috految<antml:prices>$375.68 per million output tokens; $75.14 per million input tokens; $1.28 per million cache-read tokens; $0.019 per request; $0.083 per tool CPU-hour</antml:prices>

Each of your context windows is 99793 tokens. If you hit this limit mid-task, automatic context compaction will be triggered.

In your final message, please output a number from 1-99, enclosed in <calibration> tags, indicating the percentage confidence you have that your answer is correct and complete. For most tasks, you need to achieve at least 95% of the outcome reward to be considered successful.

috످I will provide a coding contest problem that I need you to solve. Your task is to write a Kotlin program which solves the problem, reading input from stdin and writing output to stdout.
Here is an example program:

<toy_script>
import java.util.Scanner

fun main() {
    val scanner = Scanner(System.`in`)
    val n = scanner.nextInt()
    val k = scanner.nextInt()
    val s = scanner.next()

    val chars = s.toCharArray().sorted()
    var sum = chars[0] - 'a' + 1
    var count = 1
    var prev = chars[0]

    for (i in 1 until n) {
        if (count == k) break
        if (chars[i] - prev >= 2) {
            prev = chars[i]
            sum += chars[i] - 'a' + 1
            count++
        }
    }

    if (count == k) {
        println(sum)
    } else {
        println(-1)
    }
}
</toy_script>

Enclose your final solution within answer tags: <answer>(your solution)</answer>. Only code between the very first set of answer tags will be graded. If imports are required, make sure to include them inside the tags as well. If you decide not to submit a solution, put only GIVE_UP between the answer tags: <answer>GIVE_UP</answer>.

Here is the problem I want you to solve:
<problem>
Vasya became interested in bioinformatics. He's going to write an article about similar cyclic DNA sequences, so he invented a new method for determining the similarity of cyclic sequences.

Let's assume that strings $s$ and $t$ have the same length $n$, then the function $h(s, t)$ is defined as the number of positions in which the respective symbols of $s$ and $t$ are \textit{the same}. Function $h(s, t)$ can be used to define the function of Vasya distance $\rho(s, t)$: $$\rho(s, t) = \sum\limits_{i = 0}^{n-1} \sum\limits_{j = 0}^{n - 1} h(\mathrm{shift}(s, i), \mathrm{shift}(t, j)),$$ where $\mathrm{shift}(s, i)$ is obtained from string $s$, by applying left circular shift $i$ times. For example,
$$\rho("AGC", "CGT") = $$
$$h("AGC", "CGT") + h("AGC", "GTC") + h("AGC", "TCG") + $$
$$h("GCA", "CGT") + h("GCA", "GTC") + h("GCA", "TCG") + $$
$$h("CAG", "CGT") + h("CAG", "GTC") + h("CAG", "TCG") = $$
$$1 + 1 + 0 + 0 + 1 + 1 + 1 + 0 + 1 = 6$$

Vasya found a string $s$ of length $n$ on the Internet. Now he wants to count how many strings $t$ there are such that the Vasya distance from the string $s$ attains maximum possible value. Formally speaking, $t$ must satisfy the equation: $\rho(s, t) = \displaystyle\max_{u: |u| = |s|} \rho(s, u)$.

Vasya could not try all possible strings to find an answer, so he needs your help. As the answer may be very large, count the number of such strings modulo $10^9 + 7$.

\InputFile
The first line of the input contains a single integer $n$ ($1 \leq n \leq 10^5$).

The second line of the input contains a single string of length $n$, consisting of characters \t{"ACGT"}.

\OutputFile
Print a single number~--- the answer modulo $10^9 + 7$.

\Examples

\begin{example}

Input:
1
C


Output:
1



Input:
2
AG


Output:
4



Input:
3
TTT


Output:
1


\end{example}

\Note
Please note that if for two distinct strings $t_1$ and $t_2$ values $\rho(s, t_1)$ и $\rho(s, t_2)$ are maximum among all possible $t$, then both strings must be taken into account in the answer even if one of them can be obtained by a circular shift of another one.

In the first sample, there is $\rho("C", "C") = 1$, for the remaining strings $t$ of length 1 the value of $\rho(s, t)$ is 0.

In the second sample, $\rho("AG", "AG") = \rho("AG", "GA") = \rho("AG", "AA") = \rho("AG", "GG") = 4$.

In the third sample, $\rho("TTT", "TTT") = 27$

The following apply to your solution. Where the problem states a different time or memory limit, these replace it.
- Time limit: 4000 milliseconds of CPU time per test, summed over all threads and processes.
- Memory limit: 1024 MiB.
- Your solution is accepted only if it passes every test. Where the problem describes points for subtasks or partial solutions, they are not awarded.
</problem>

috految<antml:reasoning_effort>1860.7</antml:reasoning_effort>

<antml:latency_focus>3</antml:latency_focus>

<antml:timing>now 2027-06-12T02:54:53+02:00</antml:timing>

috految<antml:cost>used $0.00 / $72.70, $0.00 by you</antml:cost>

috److Over all pairs of shifts, each pair of positions (one in $s$, one in $t$) is aligned exactly $n$ times. Therefore:

$$\rho(s, t) = n \cdot \sum_{j} \mathrm{count}_s(t_j)$$

where $\mathrm{count}_s(c)$ is the number of occurrences of character $c$ in $s$.

To maximize this sum, every character of $t$ must be one of the most frequent characters in $s$. If $k$ characters share the maximum frequency, each of the $n$ positions has $k$ choices, so the answer is $k^n \bmod (10^9 + 7)$.

This matches the samples:

| $s$ | $k$ | $k^n$ |
|---|---|---|
| `C` | 1 | 1 |
| `AG` | 2 | 4 |
| `TTT` | 1 | 1 |

<answer>
import java.util.StringTokenizer

fun main() {
    val text = System.`in`.bufferedReader().readText()
    val st = StringTokenizer(text)
    val n = st.nextToken().toInt()
    val s = st.nextToken()

    val letters = "ACGT"
    val cnt = IntArray(4)
    for (c in s) {
        val idx = letters.indexOf(c)
        if (idx >= 0) {
            cnt[idx] = cnt[idx] + 1
        }
    }

    var best = 0
    for (x in cnt) {
        if (x > best) {
            best = x
        }
    }

    var k = 0L
    for (x in cnt) {
        if (x == best) {
            k += 1L
        }
    }

    val md = 1000000007L
    var res = 1L
    for (i in 0 until n) {
        res = (res * k) % md
    }
    println(res)
}
</answer>

<calibration>99</calibration>

috످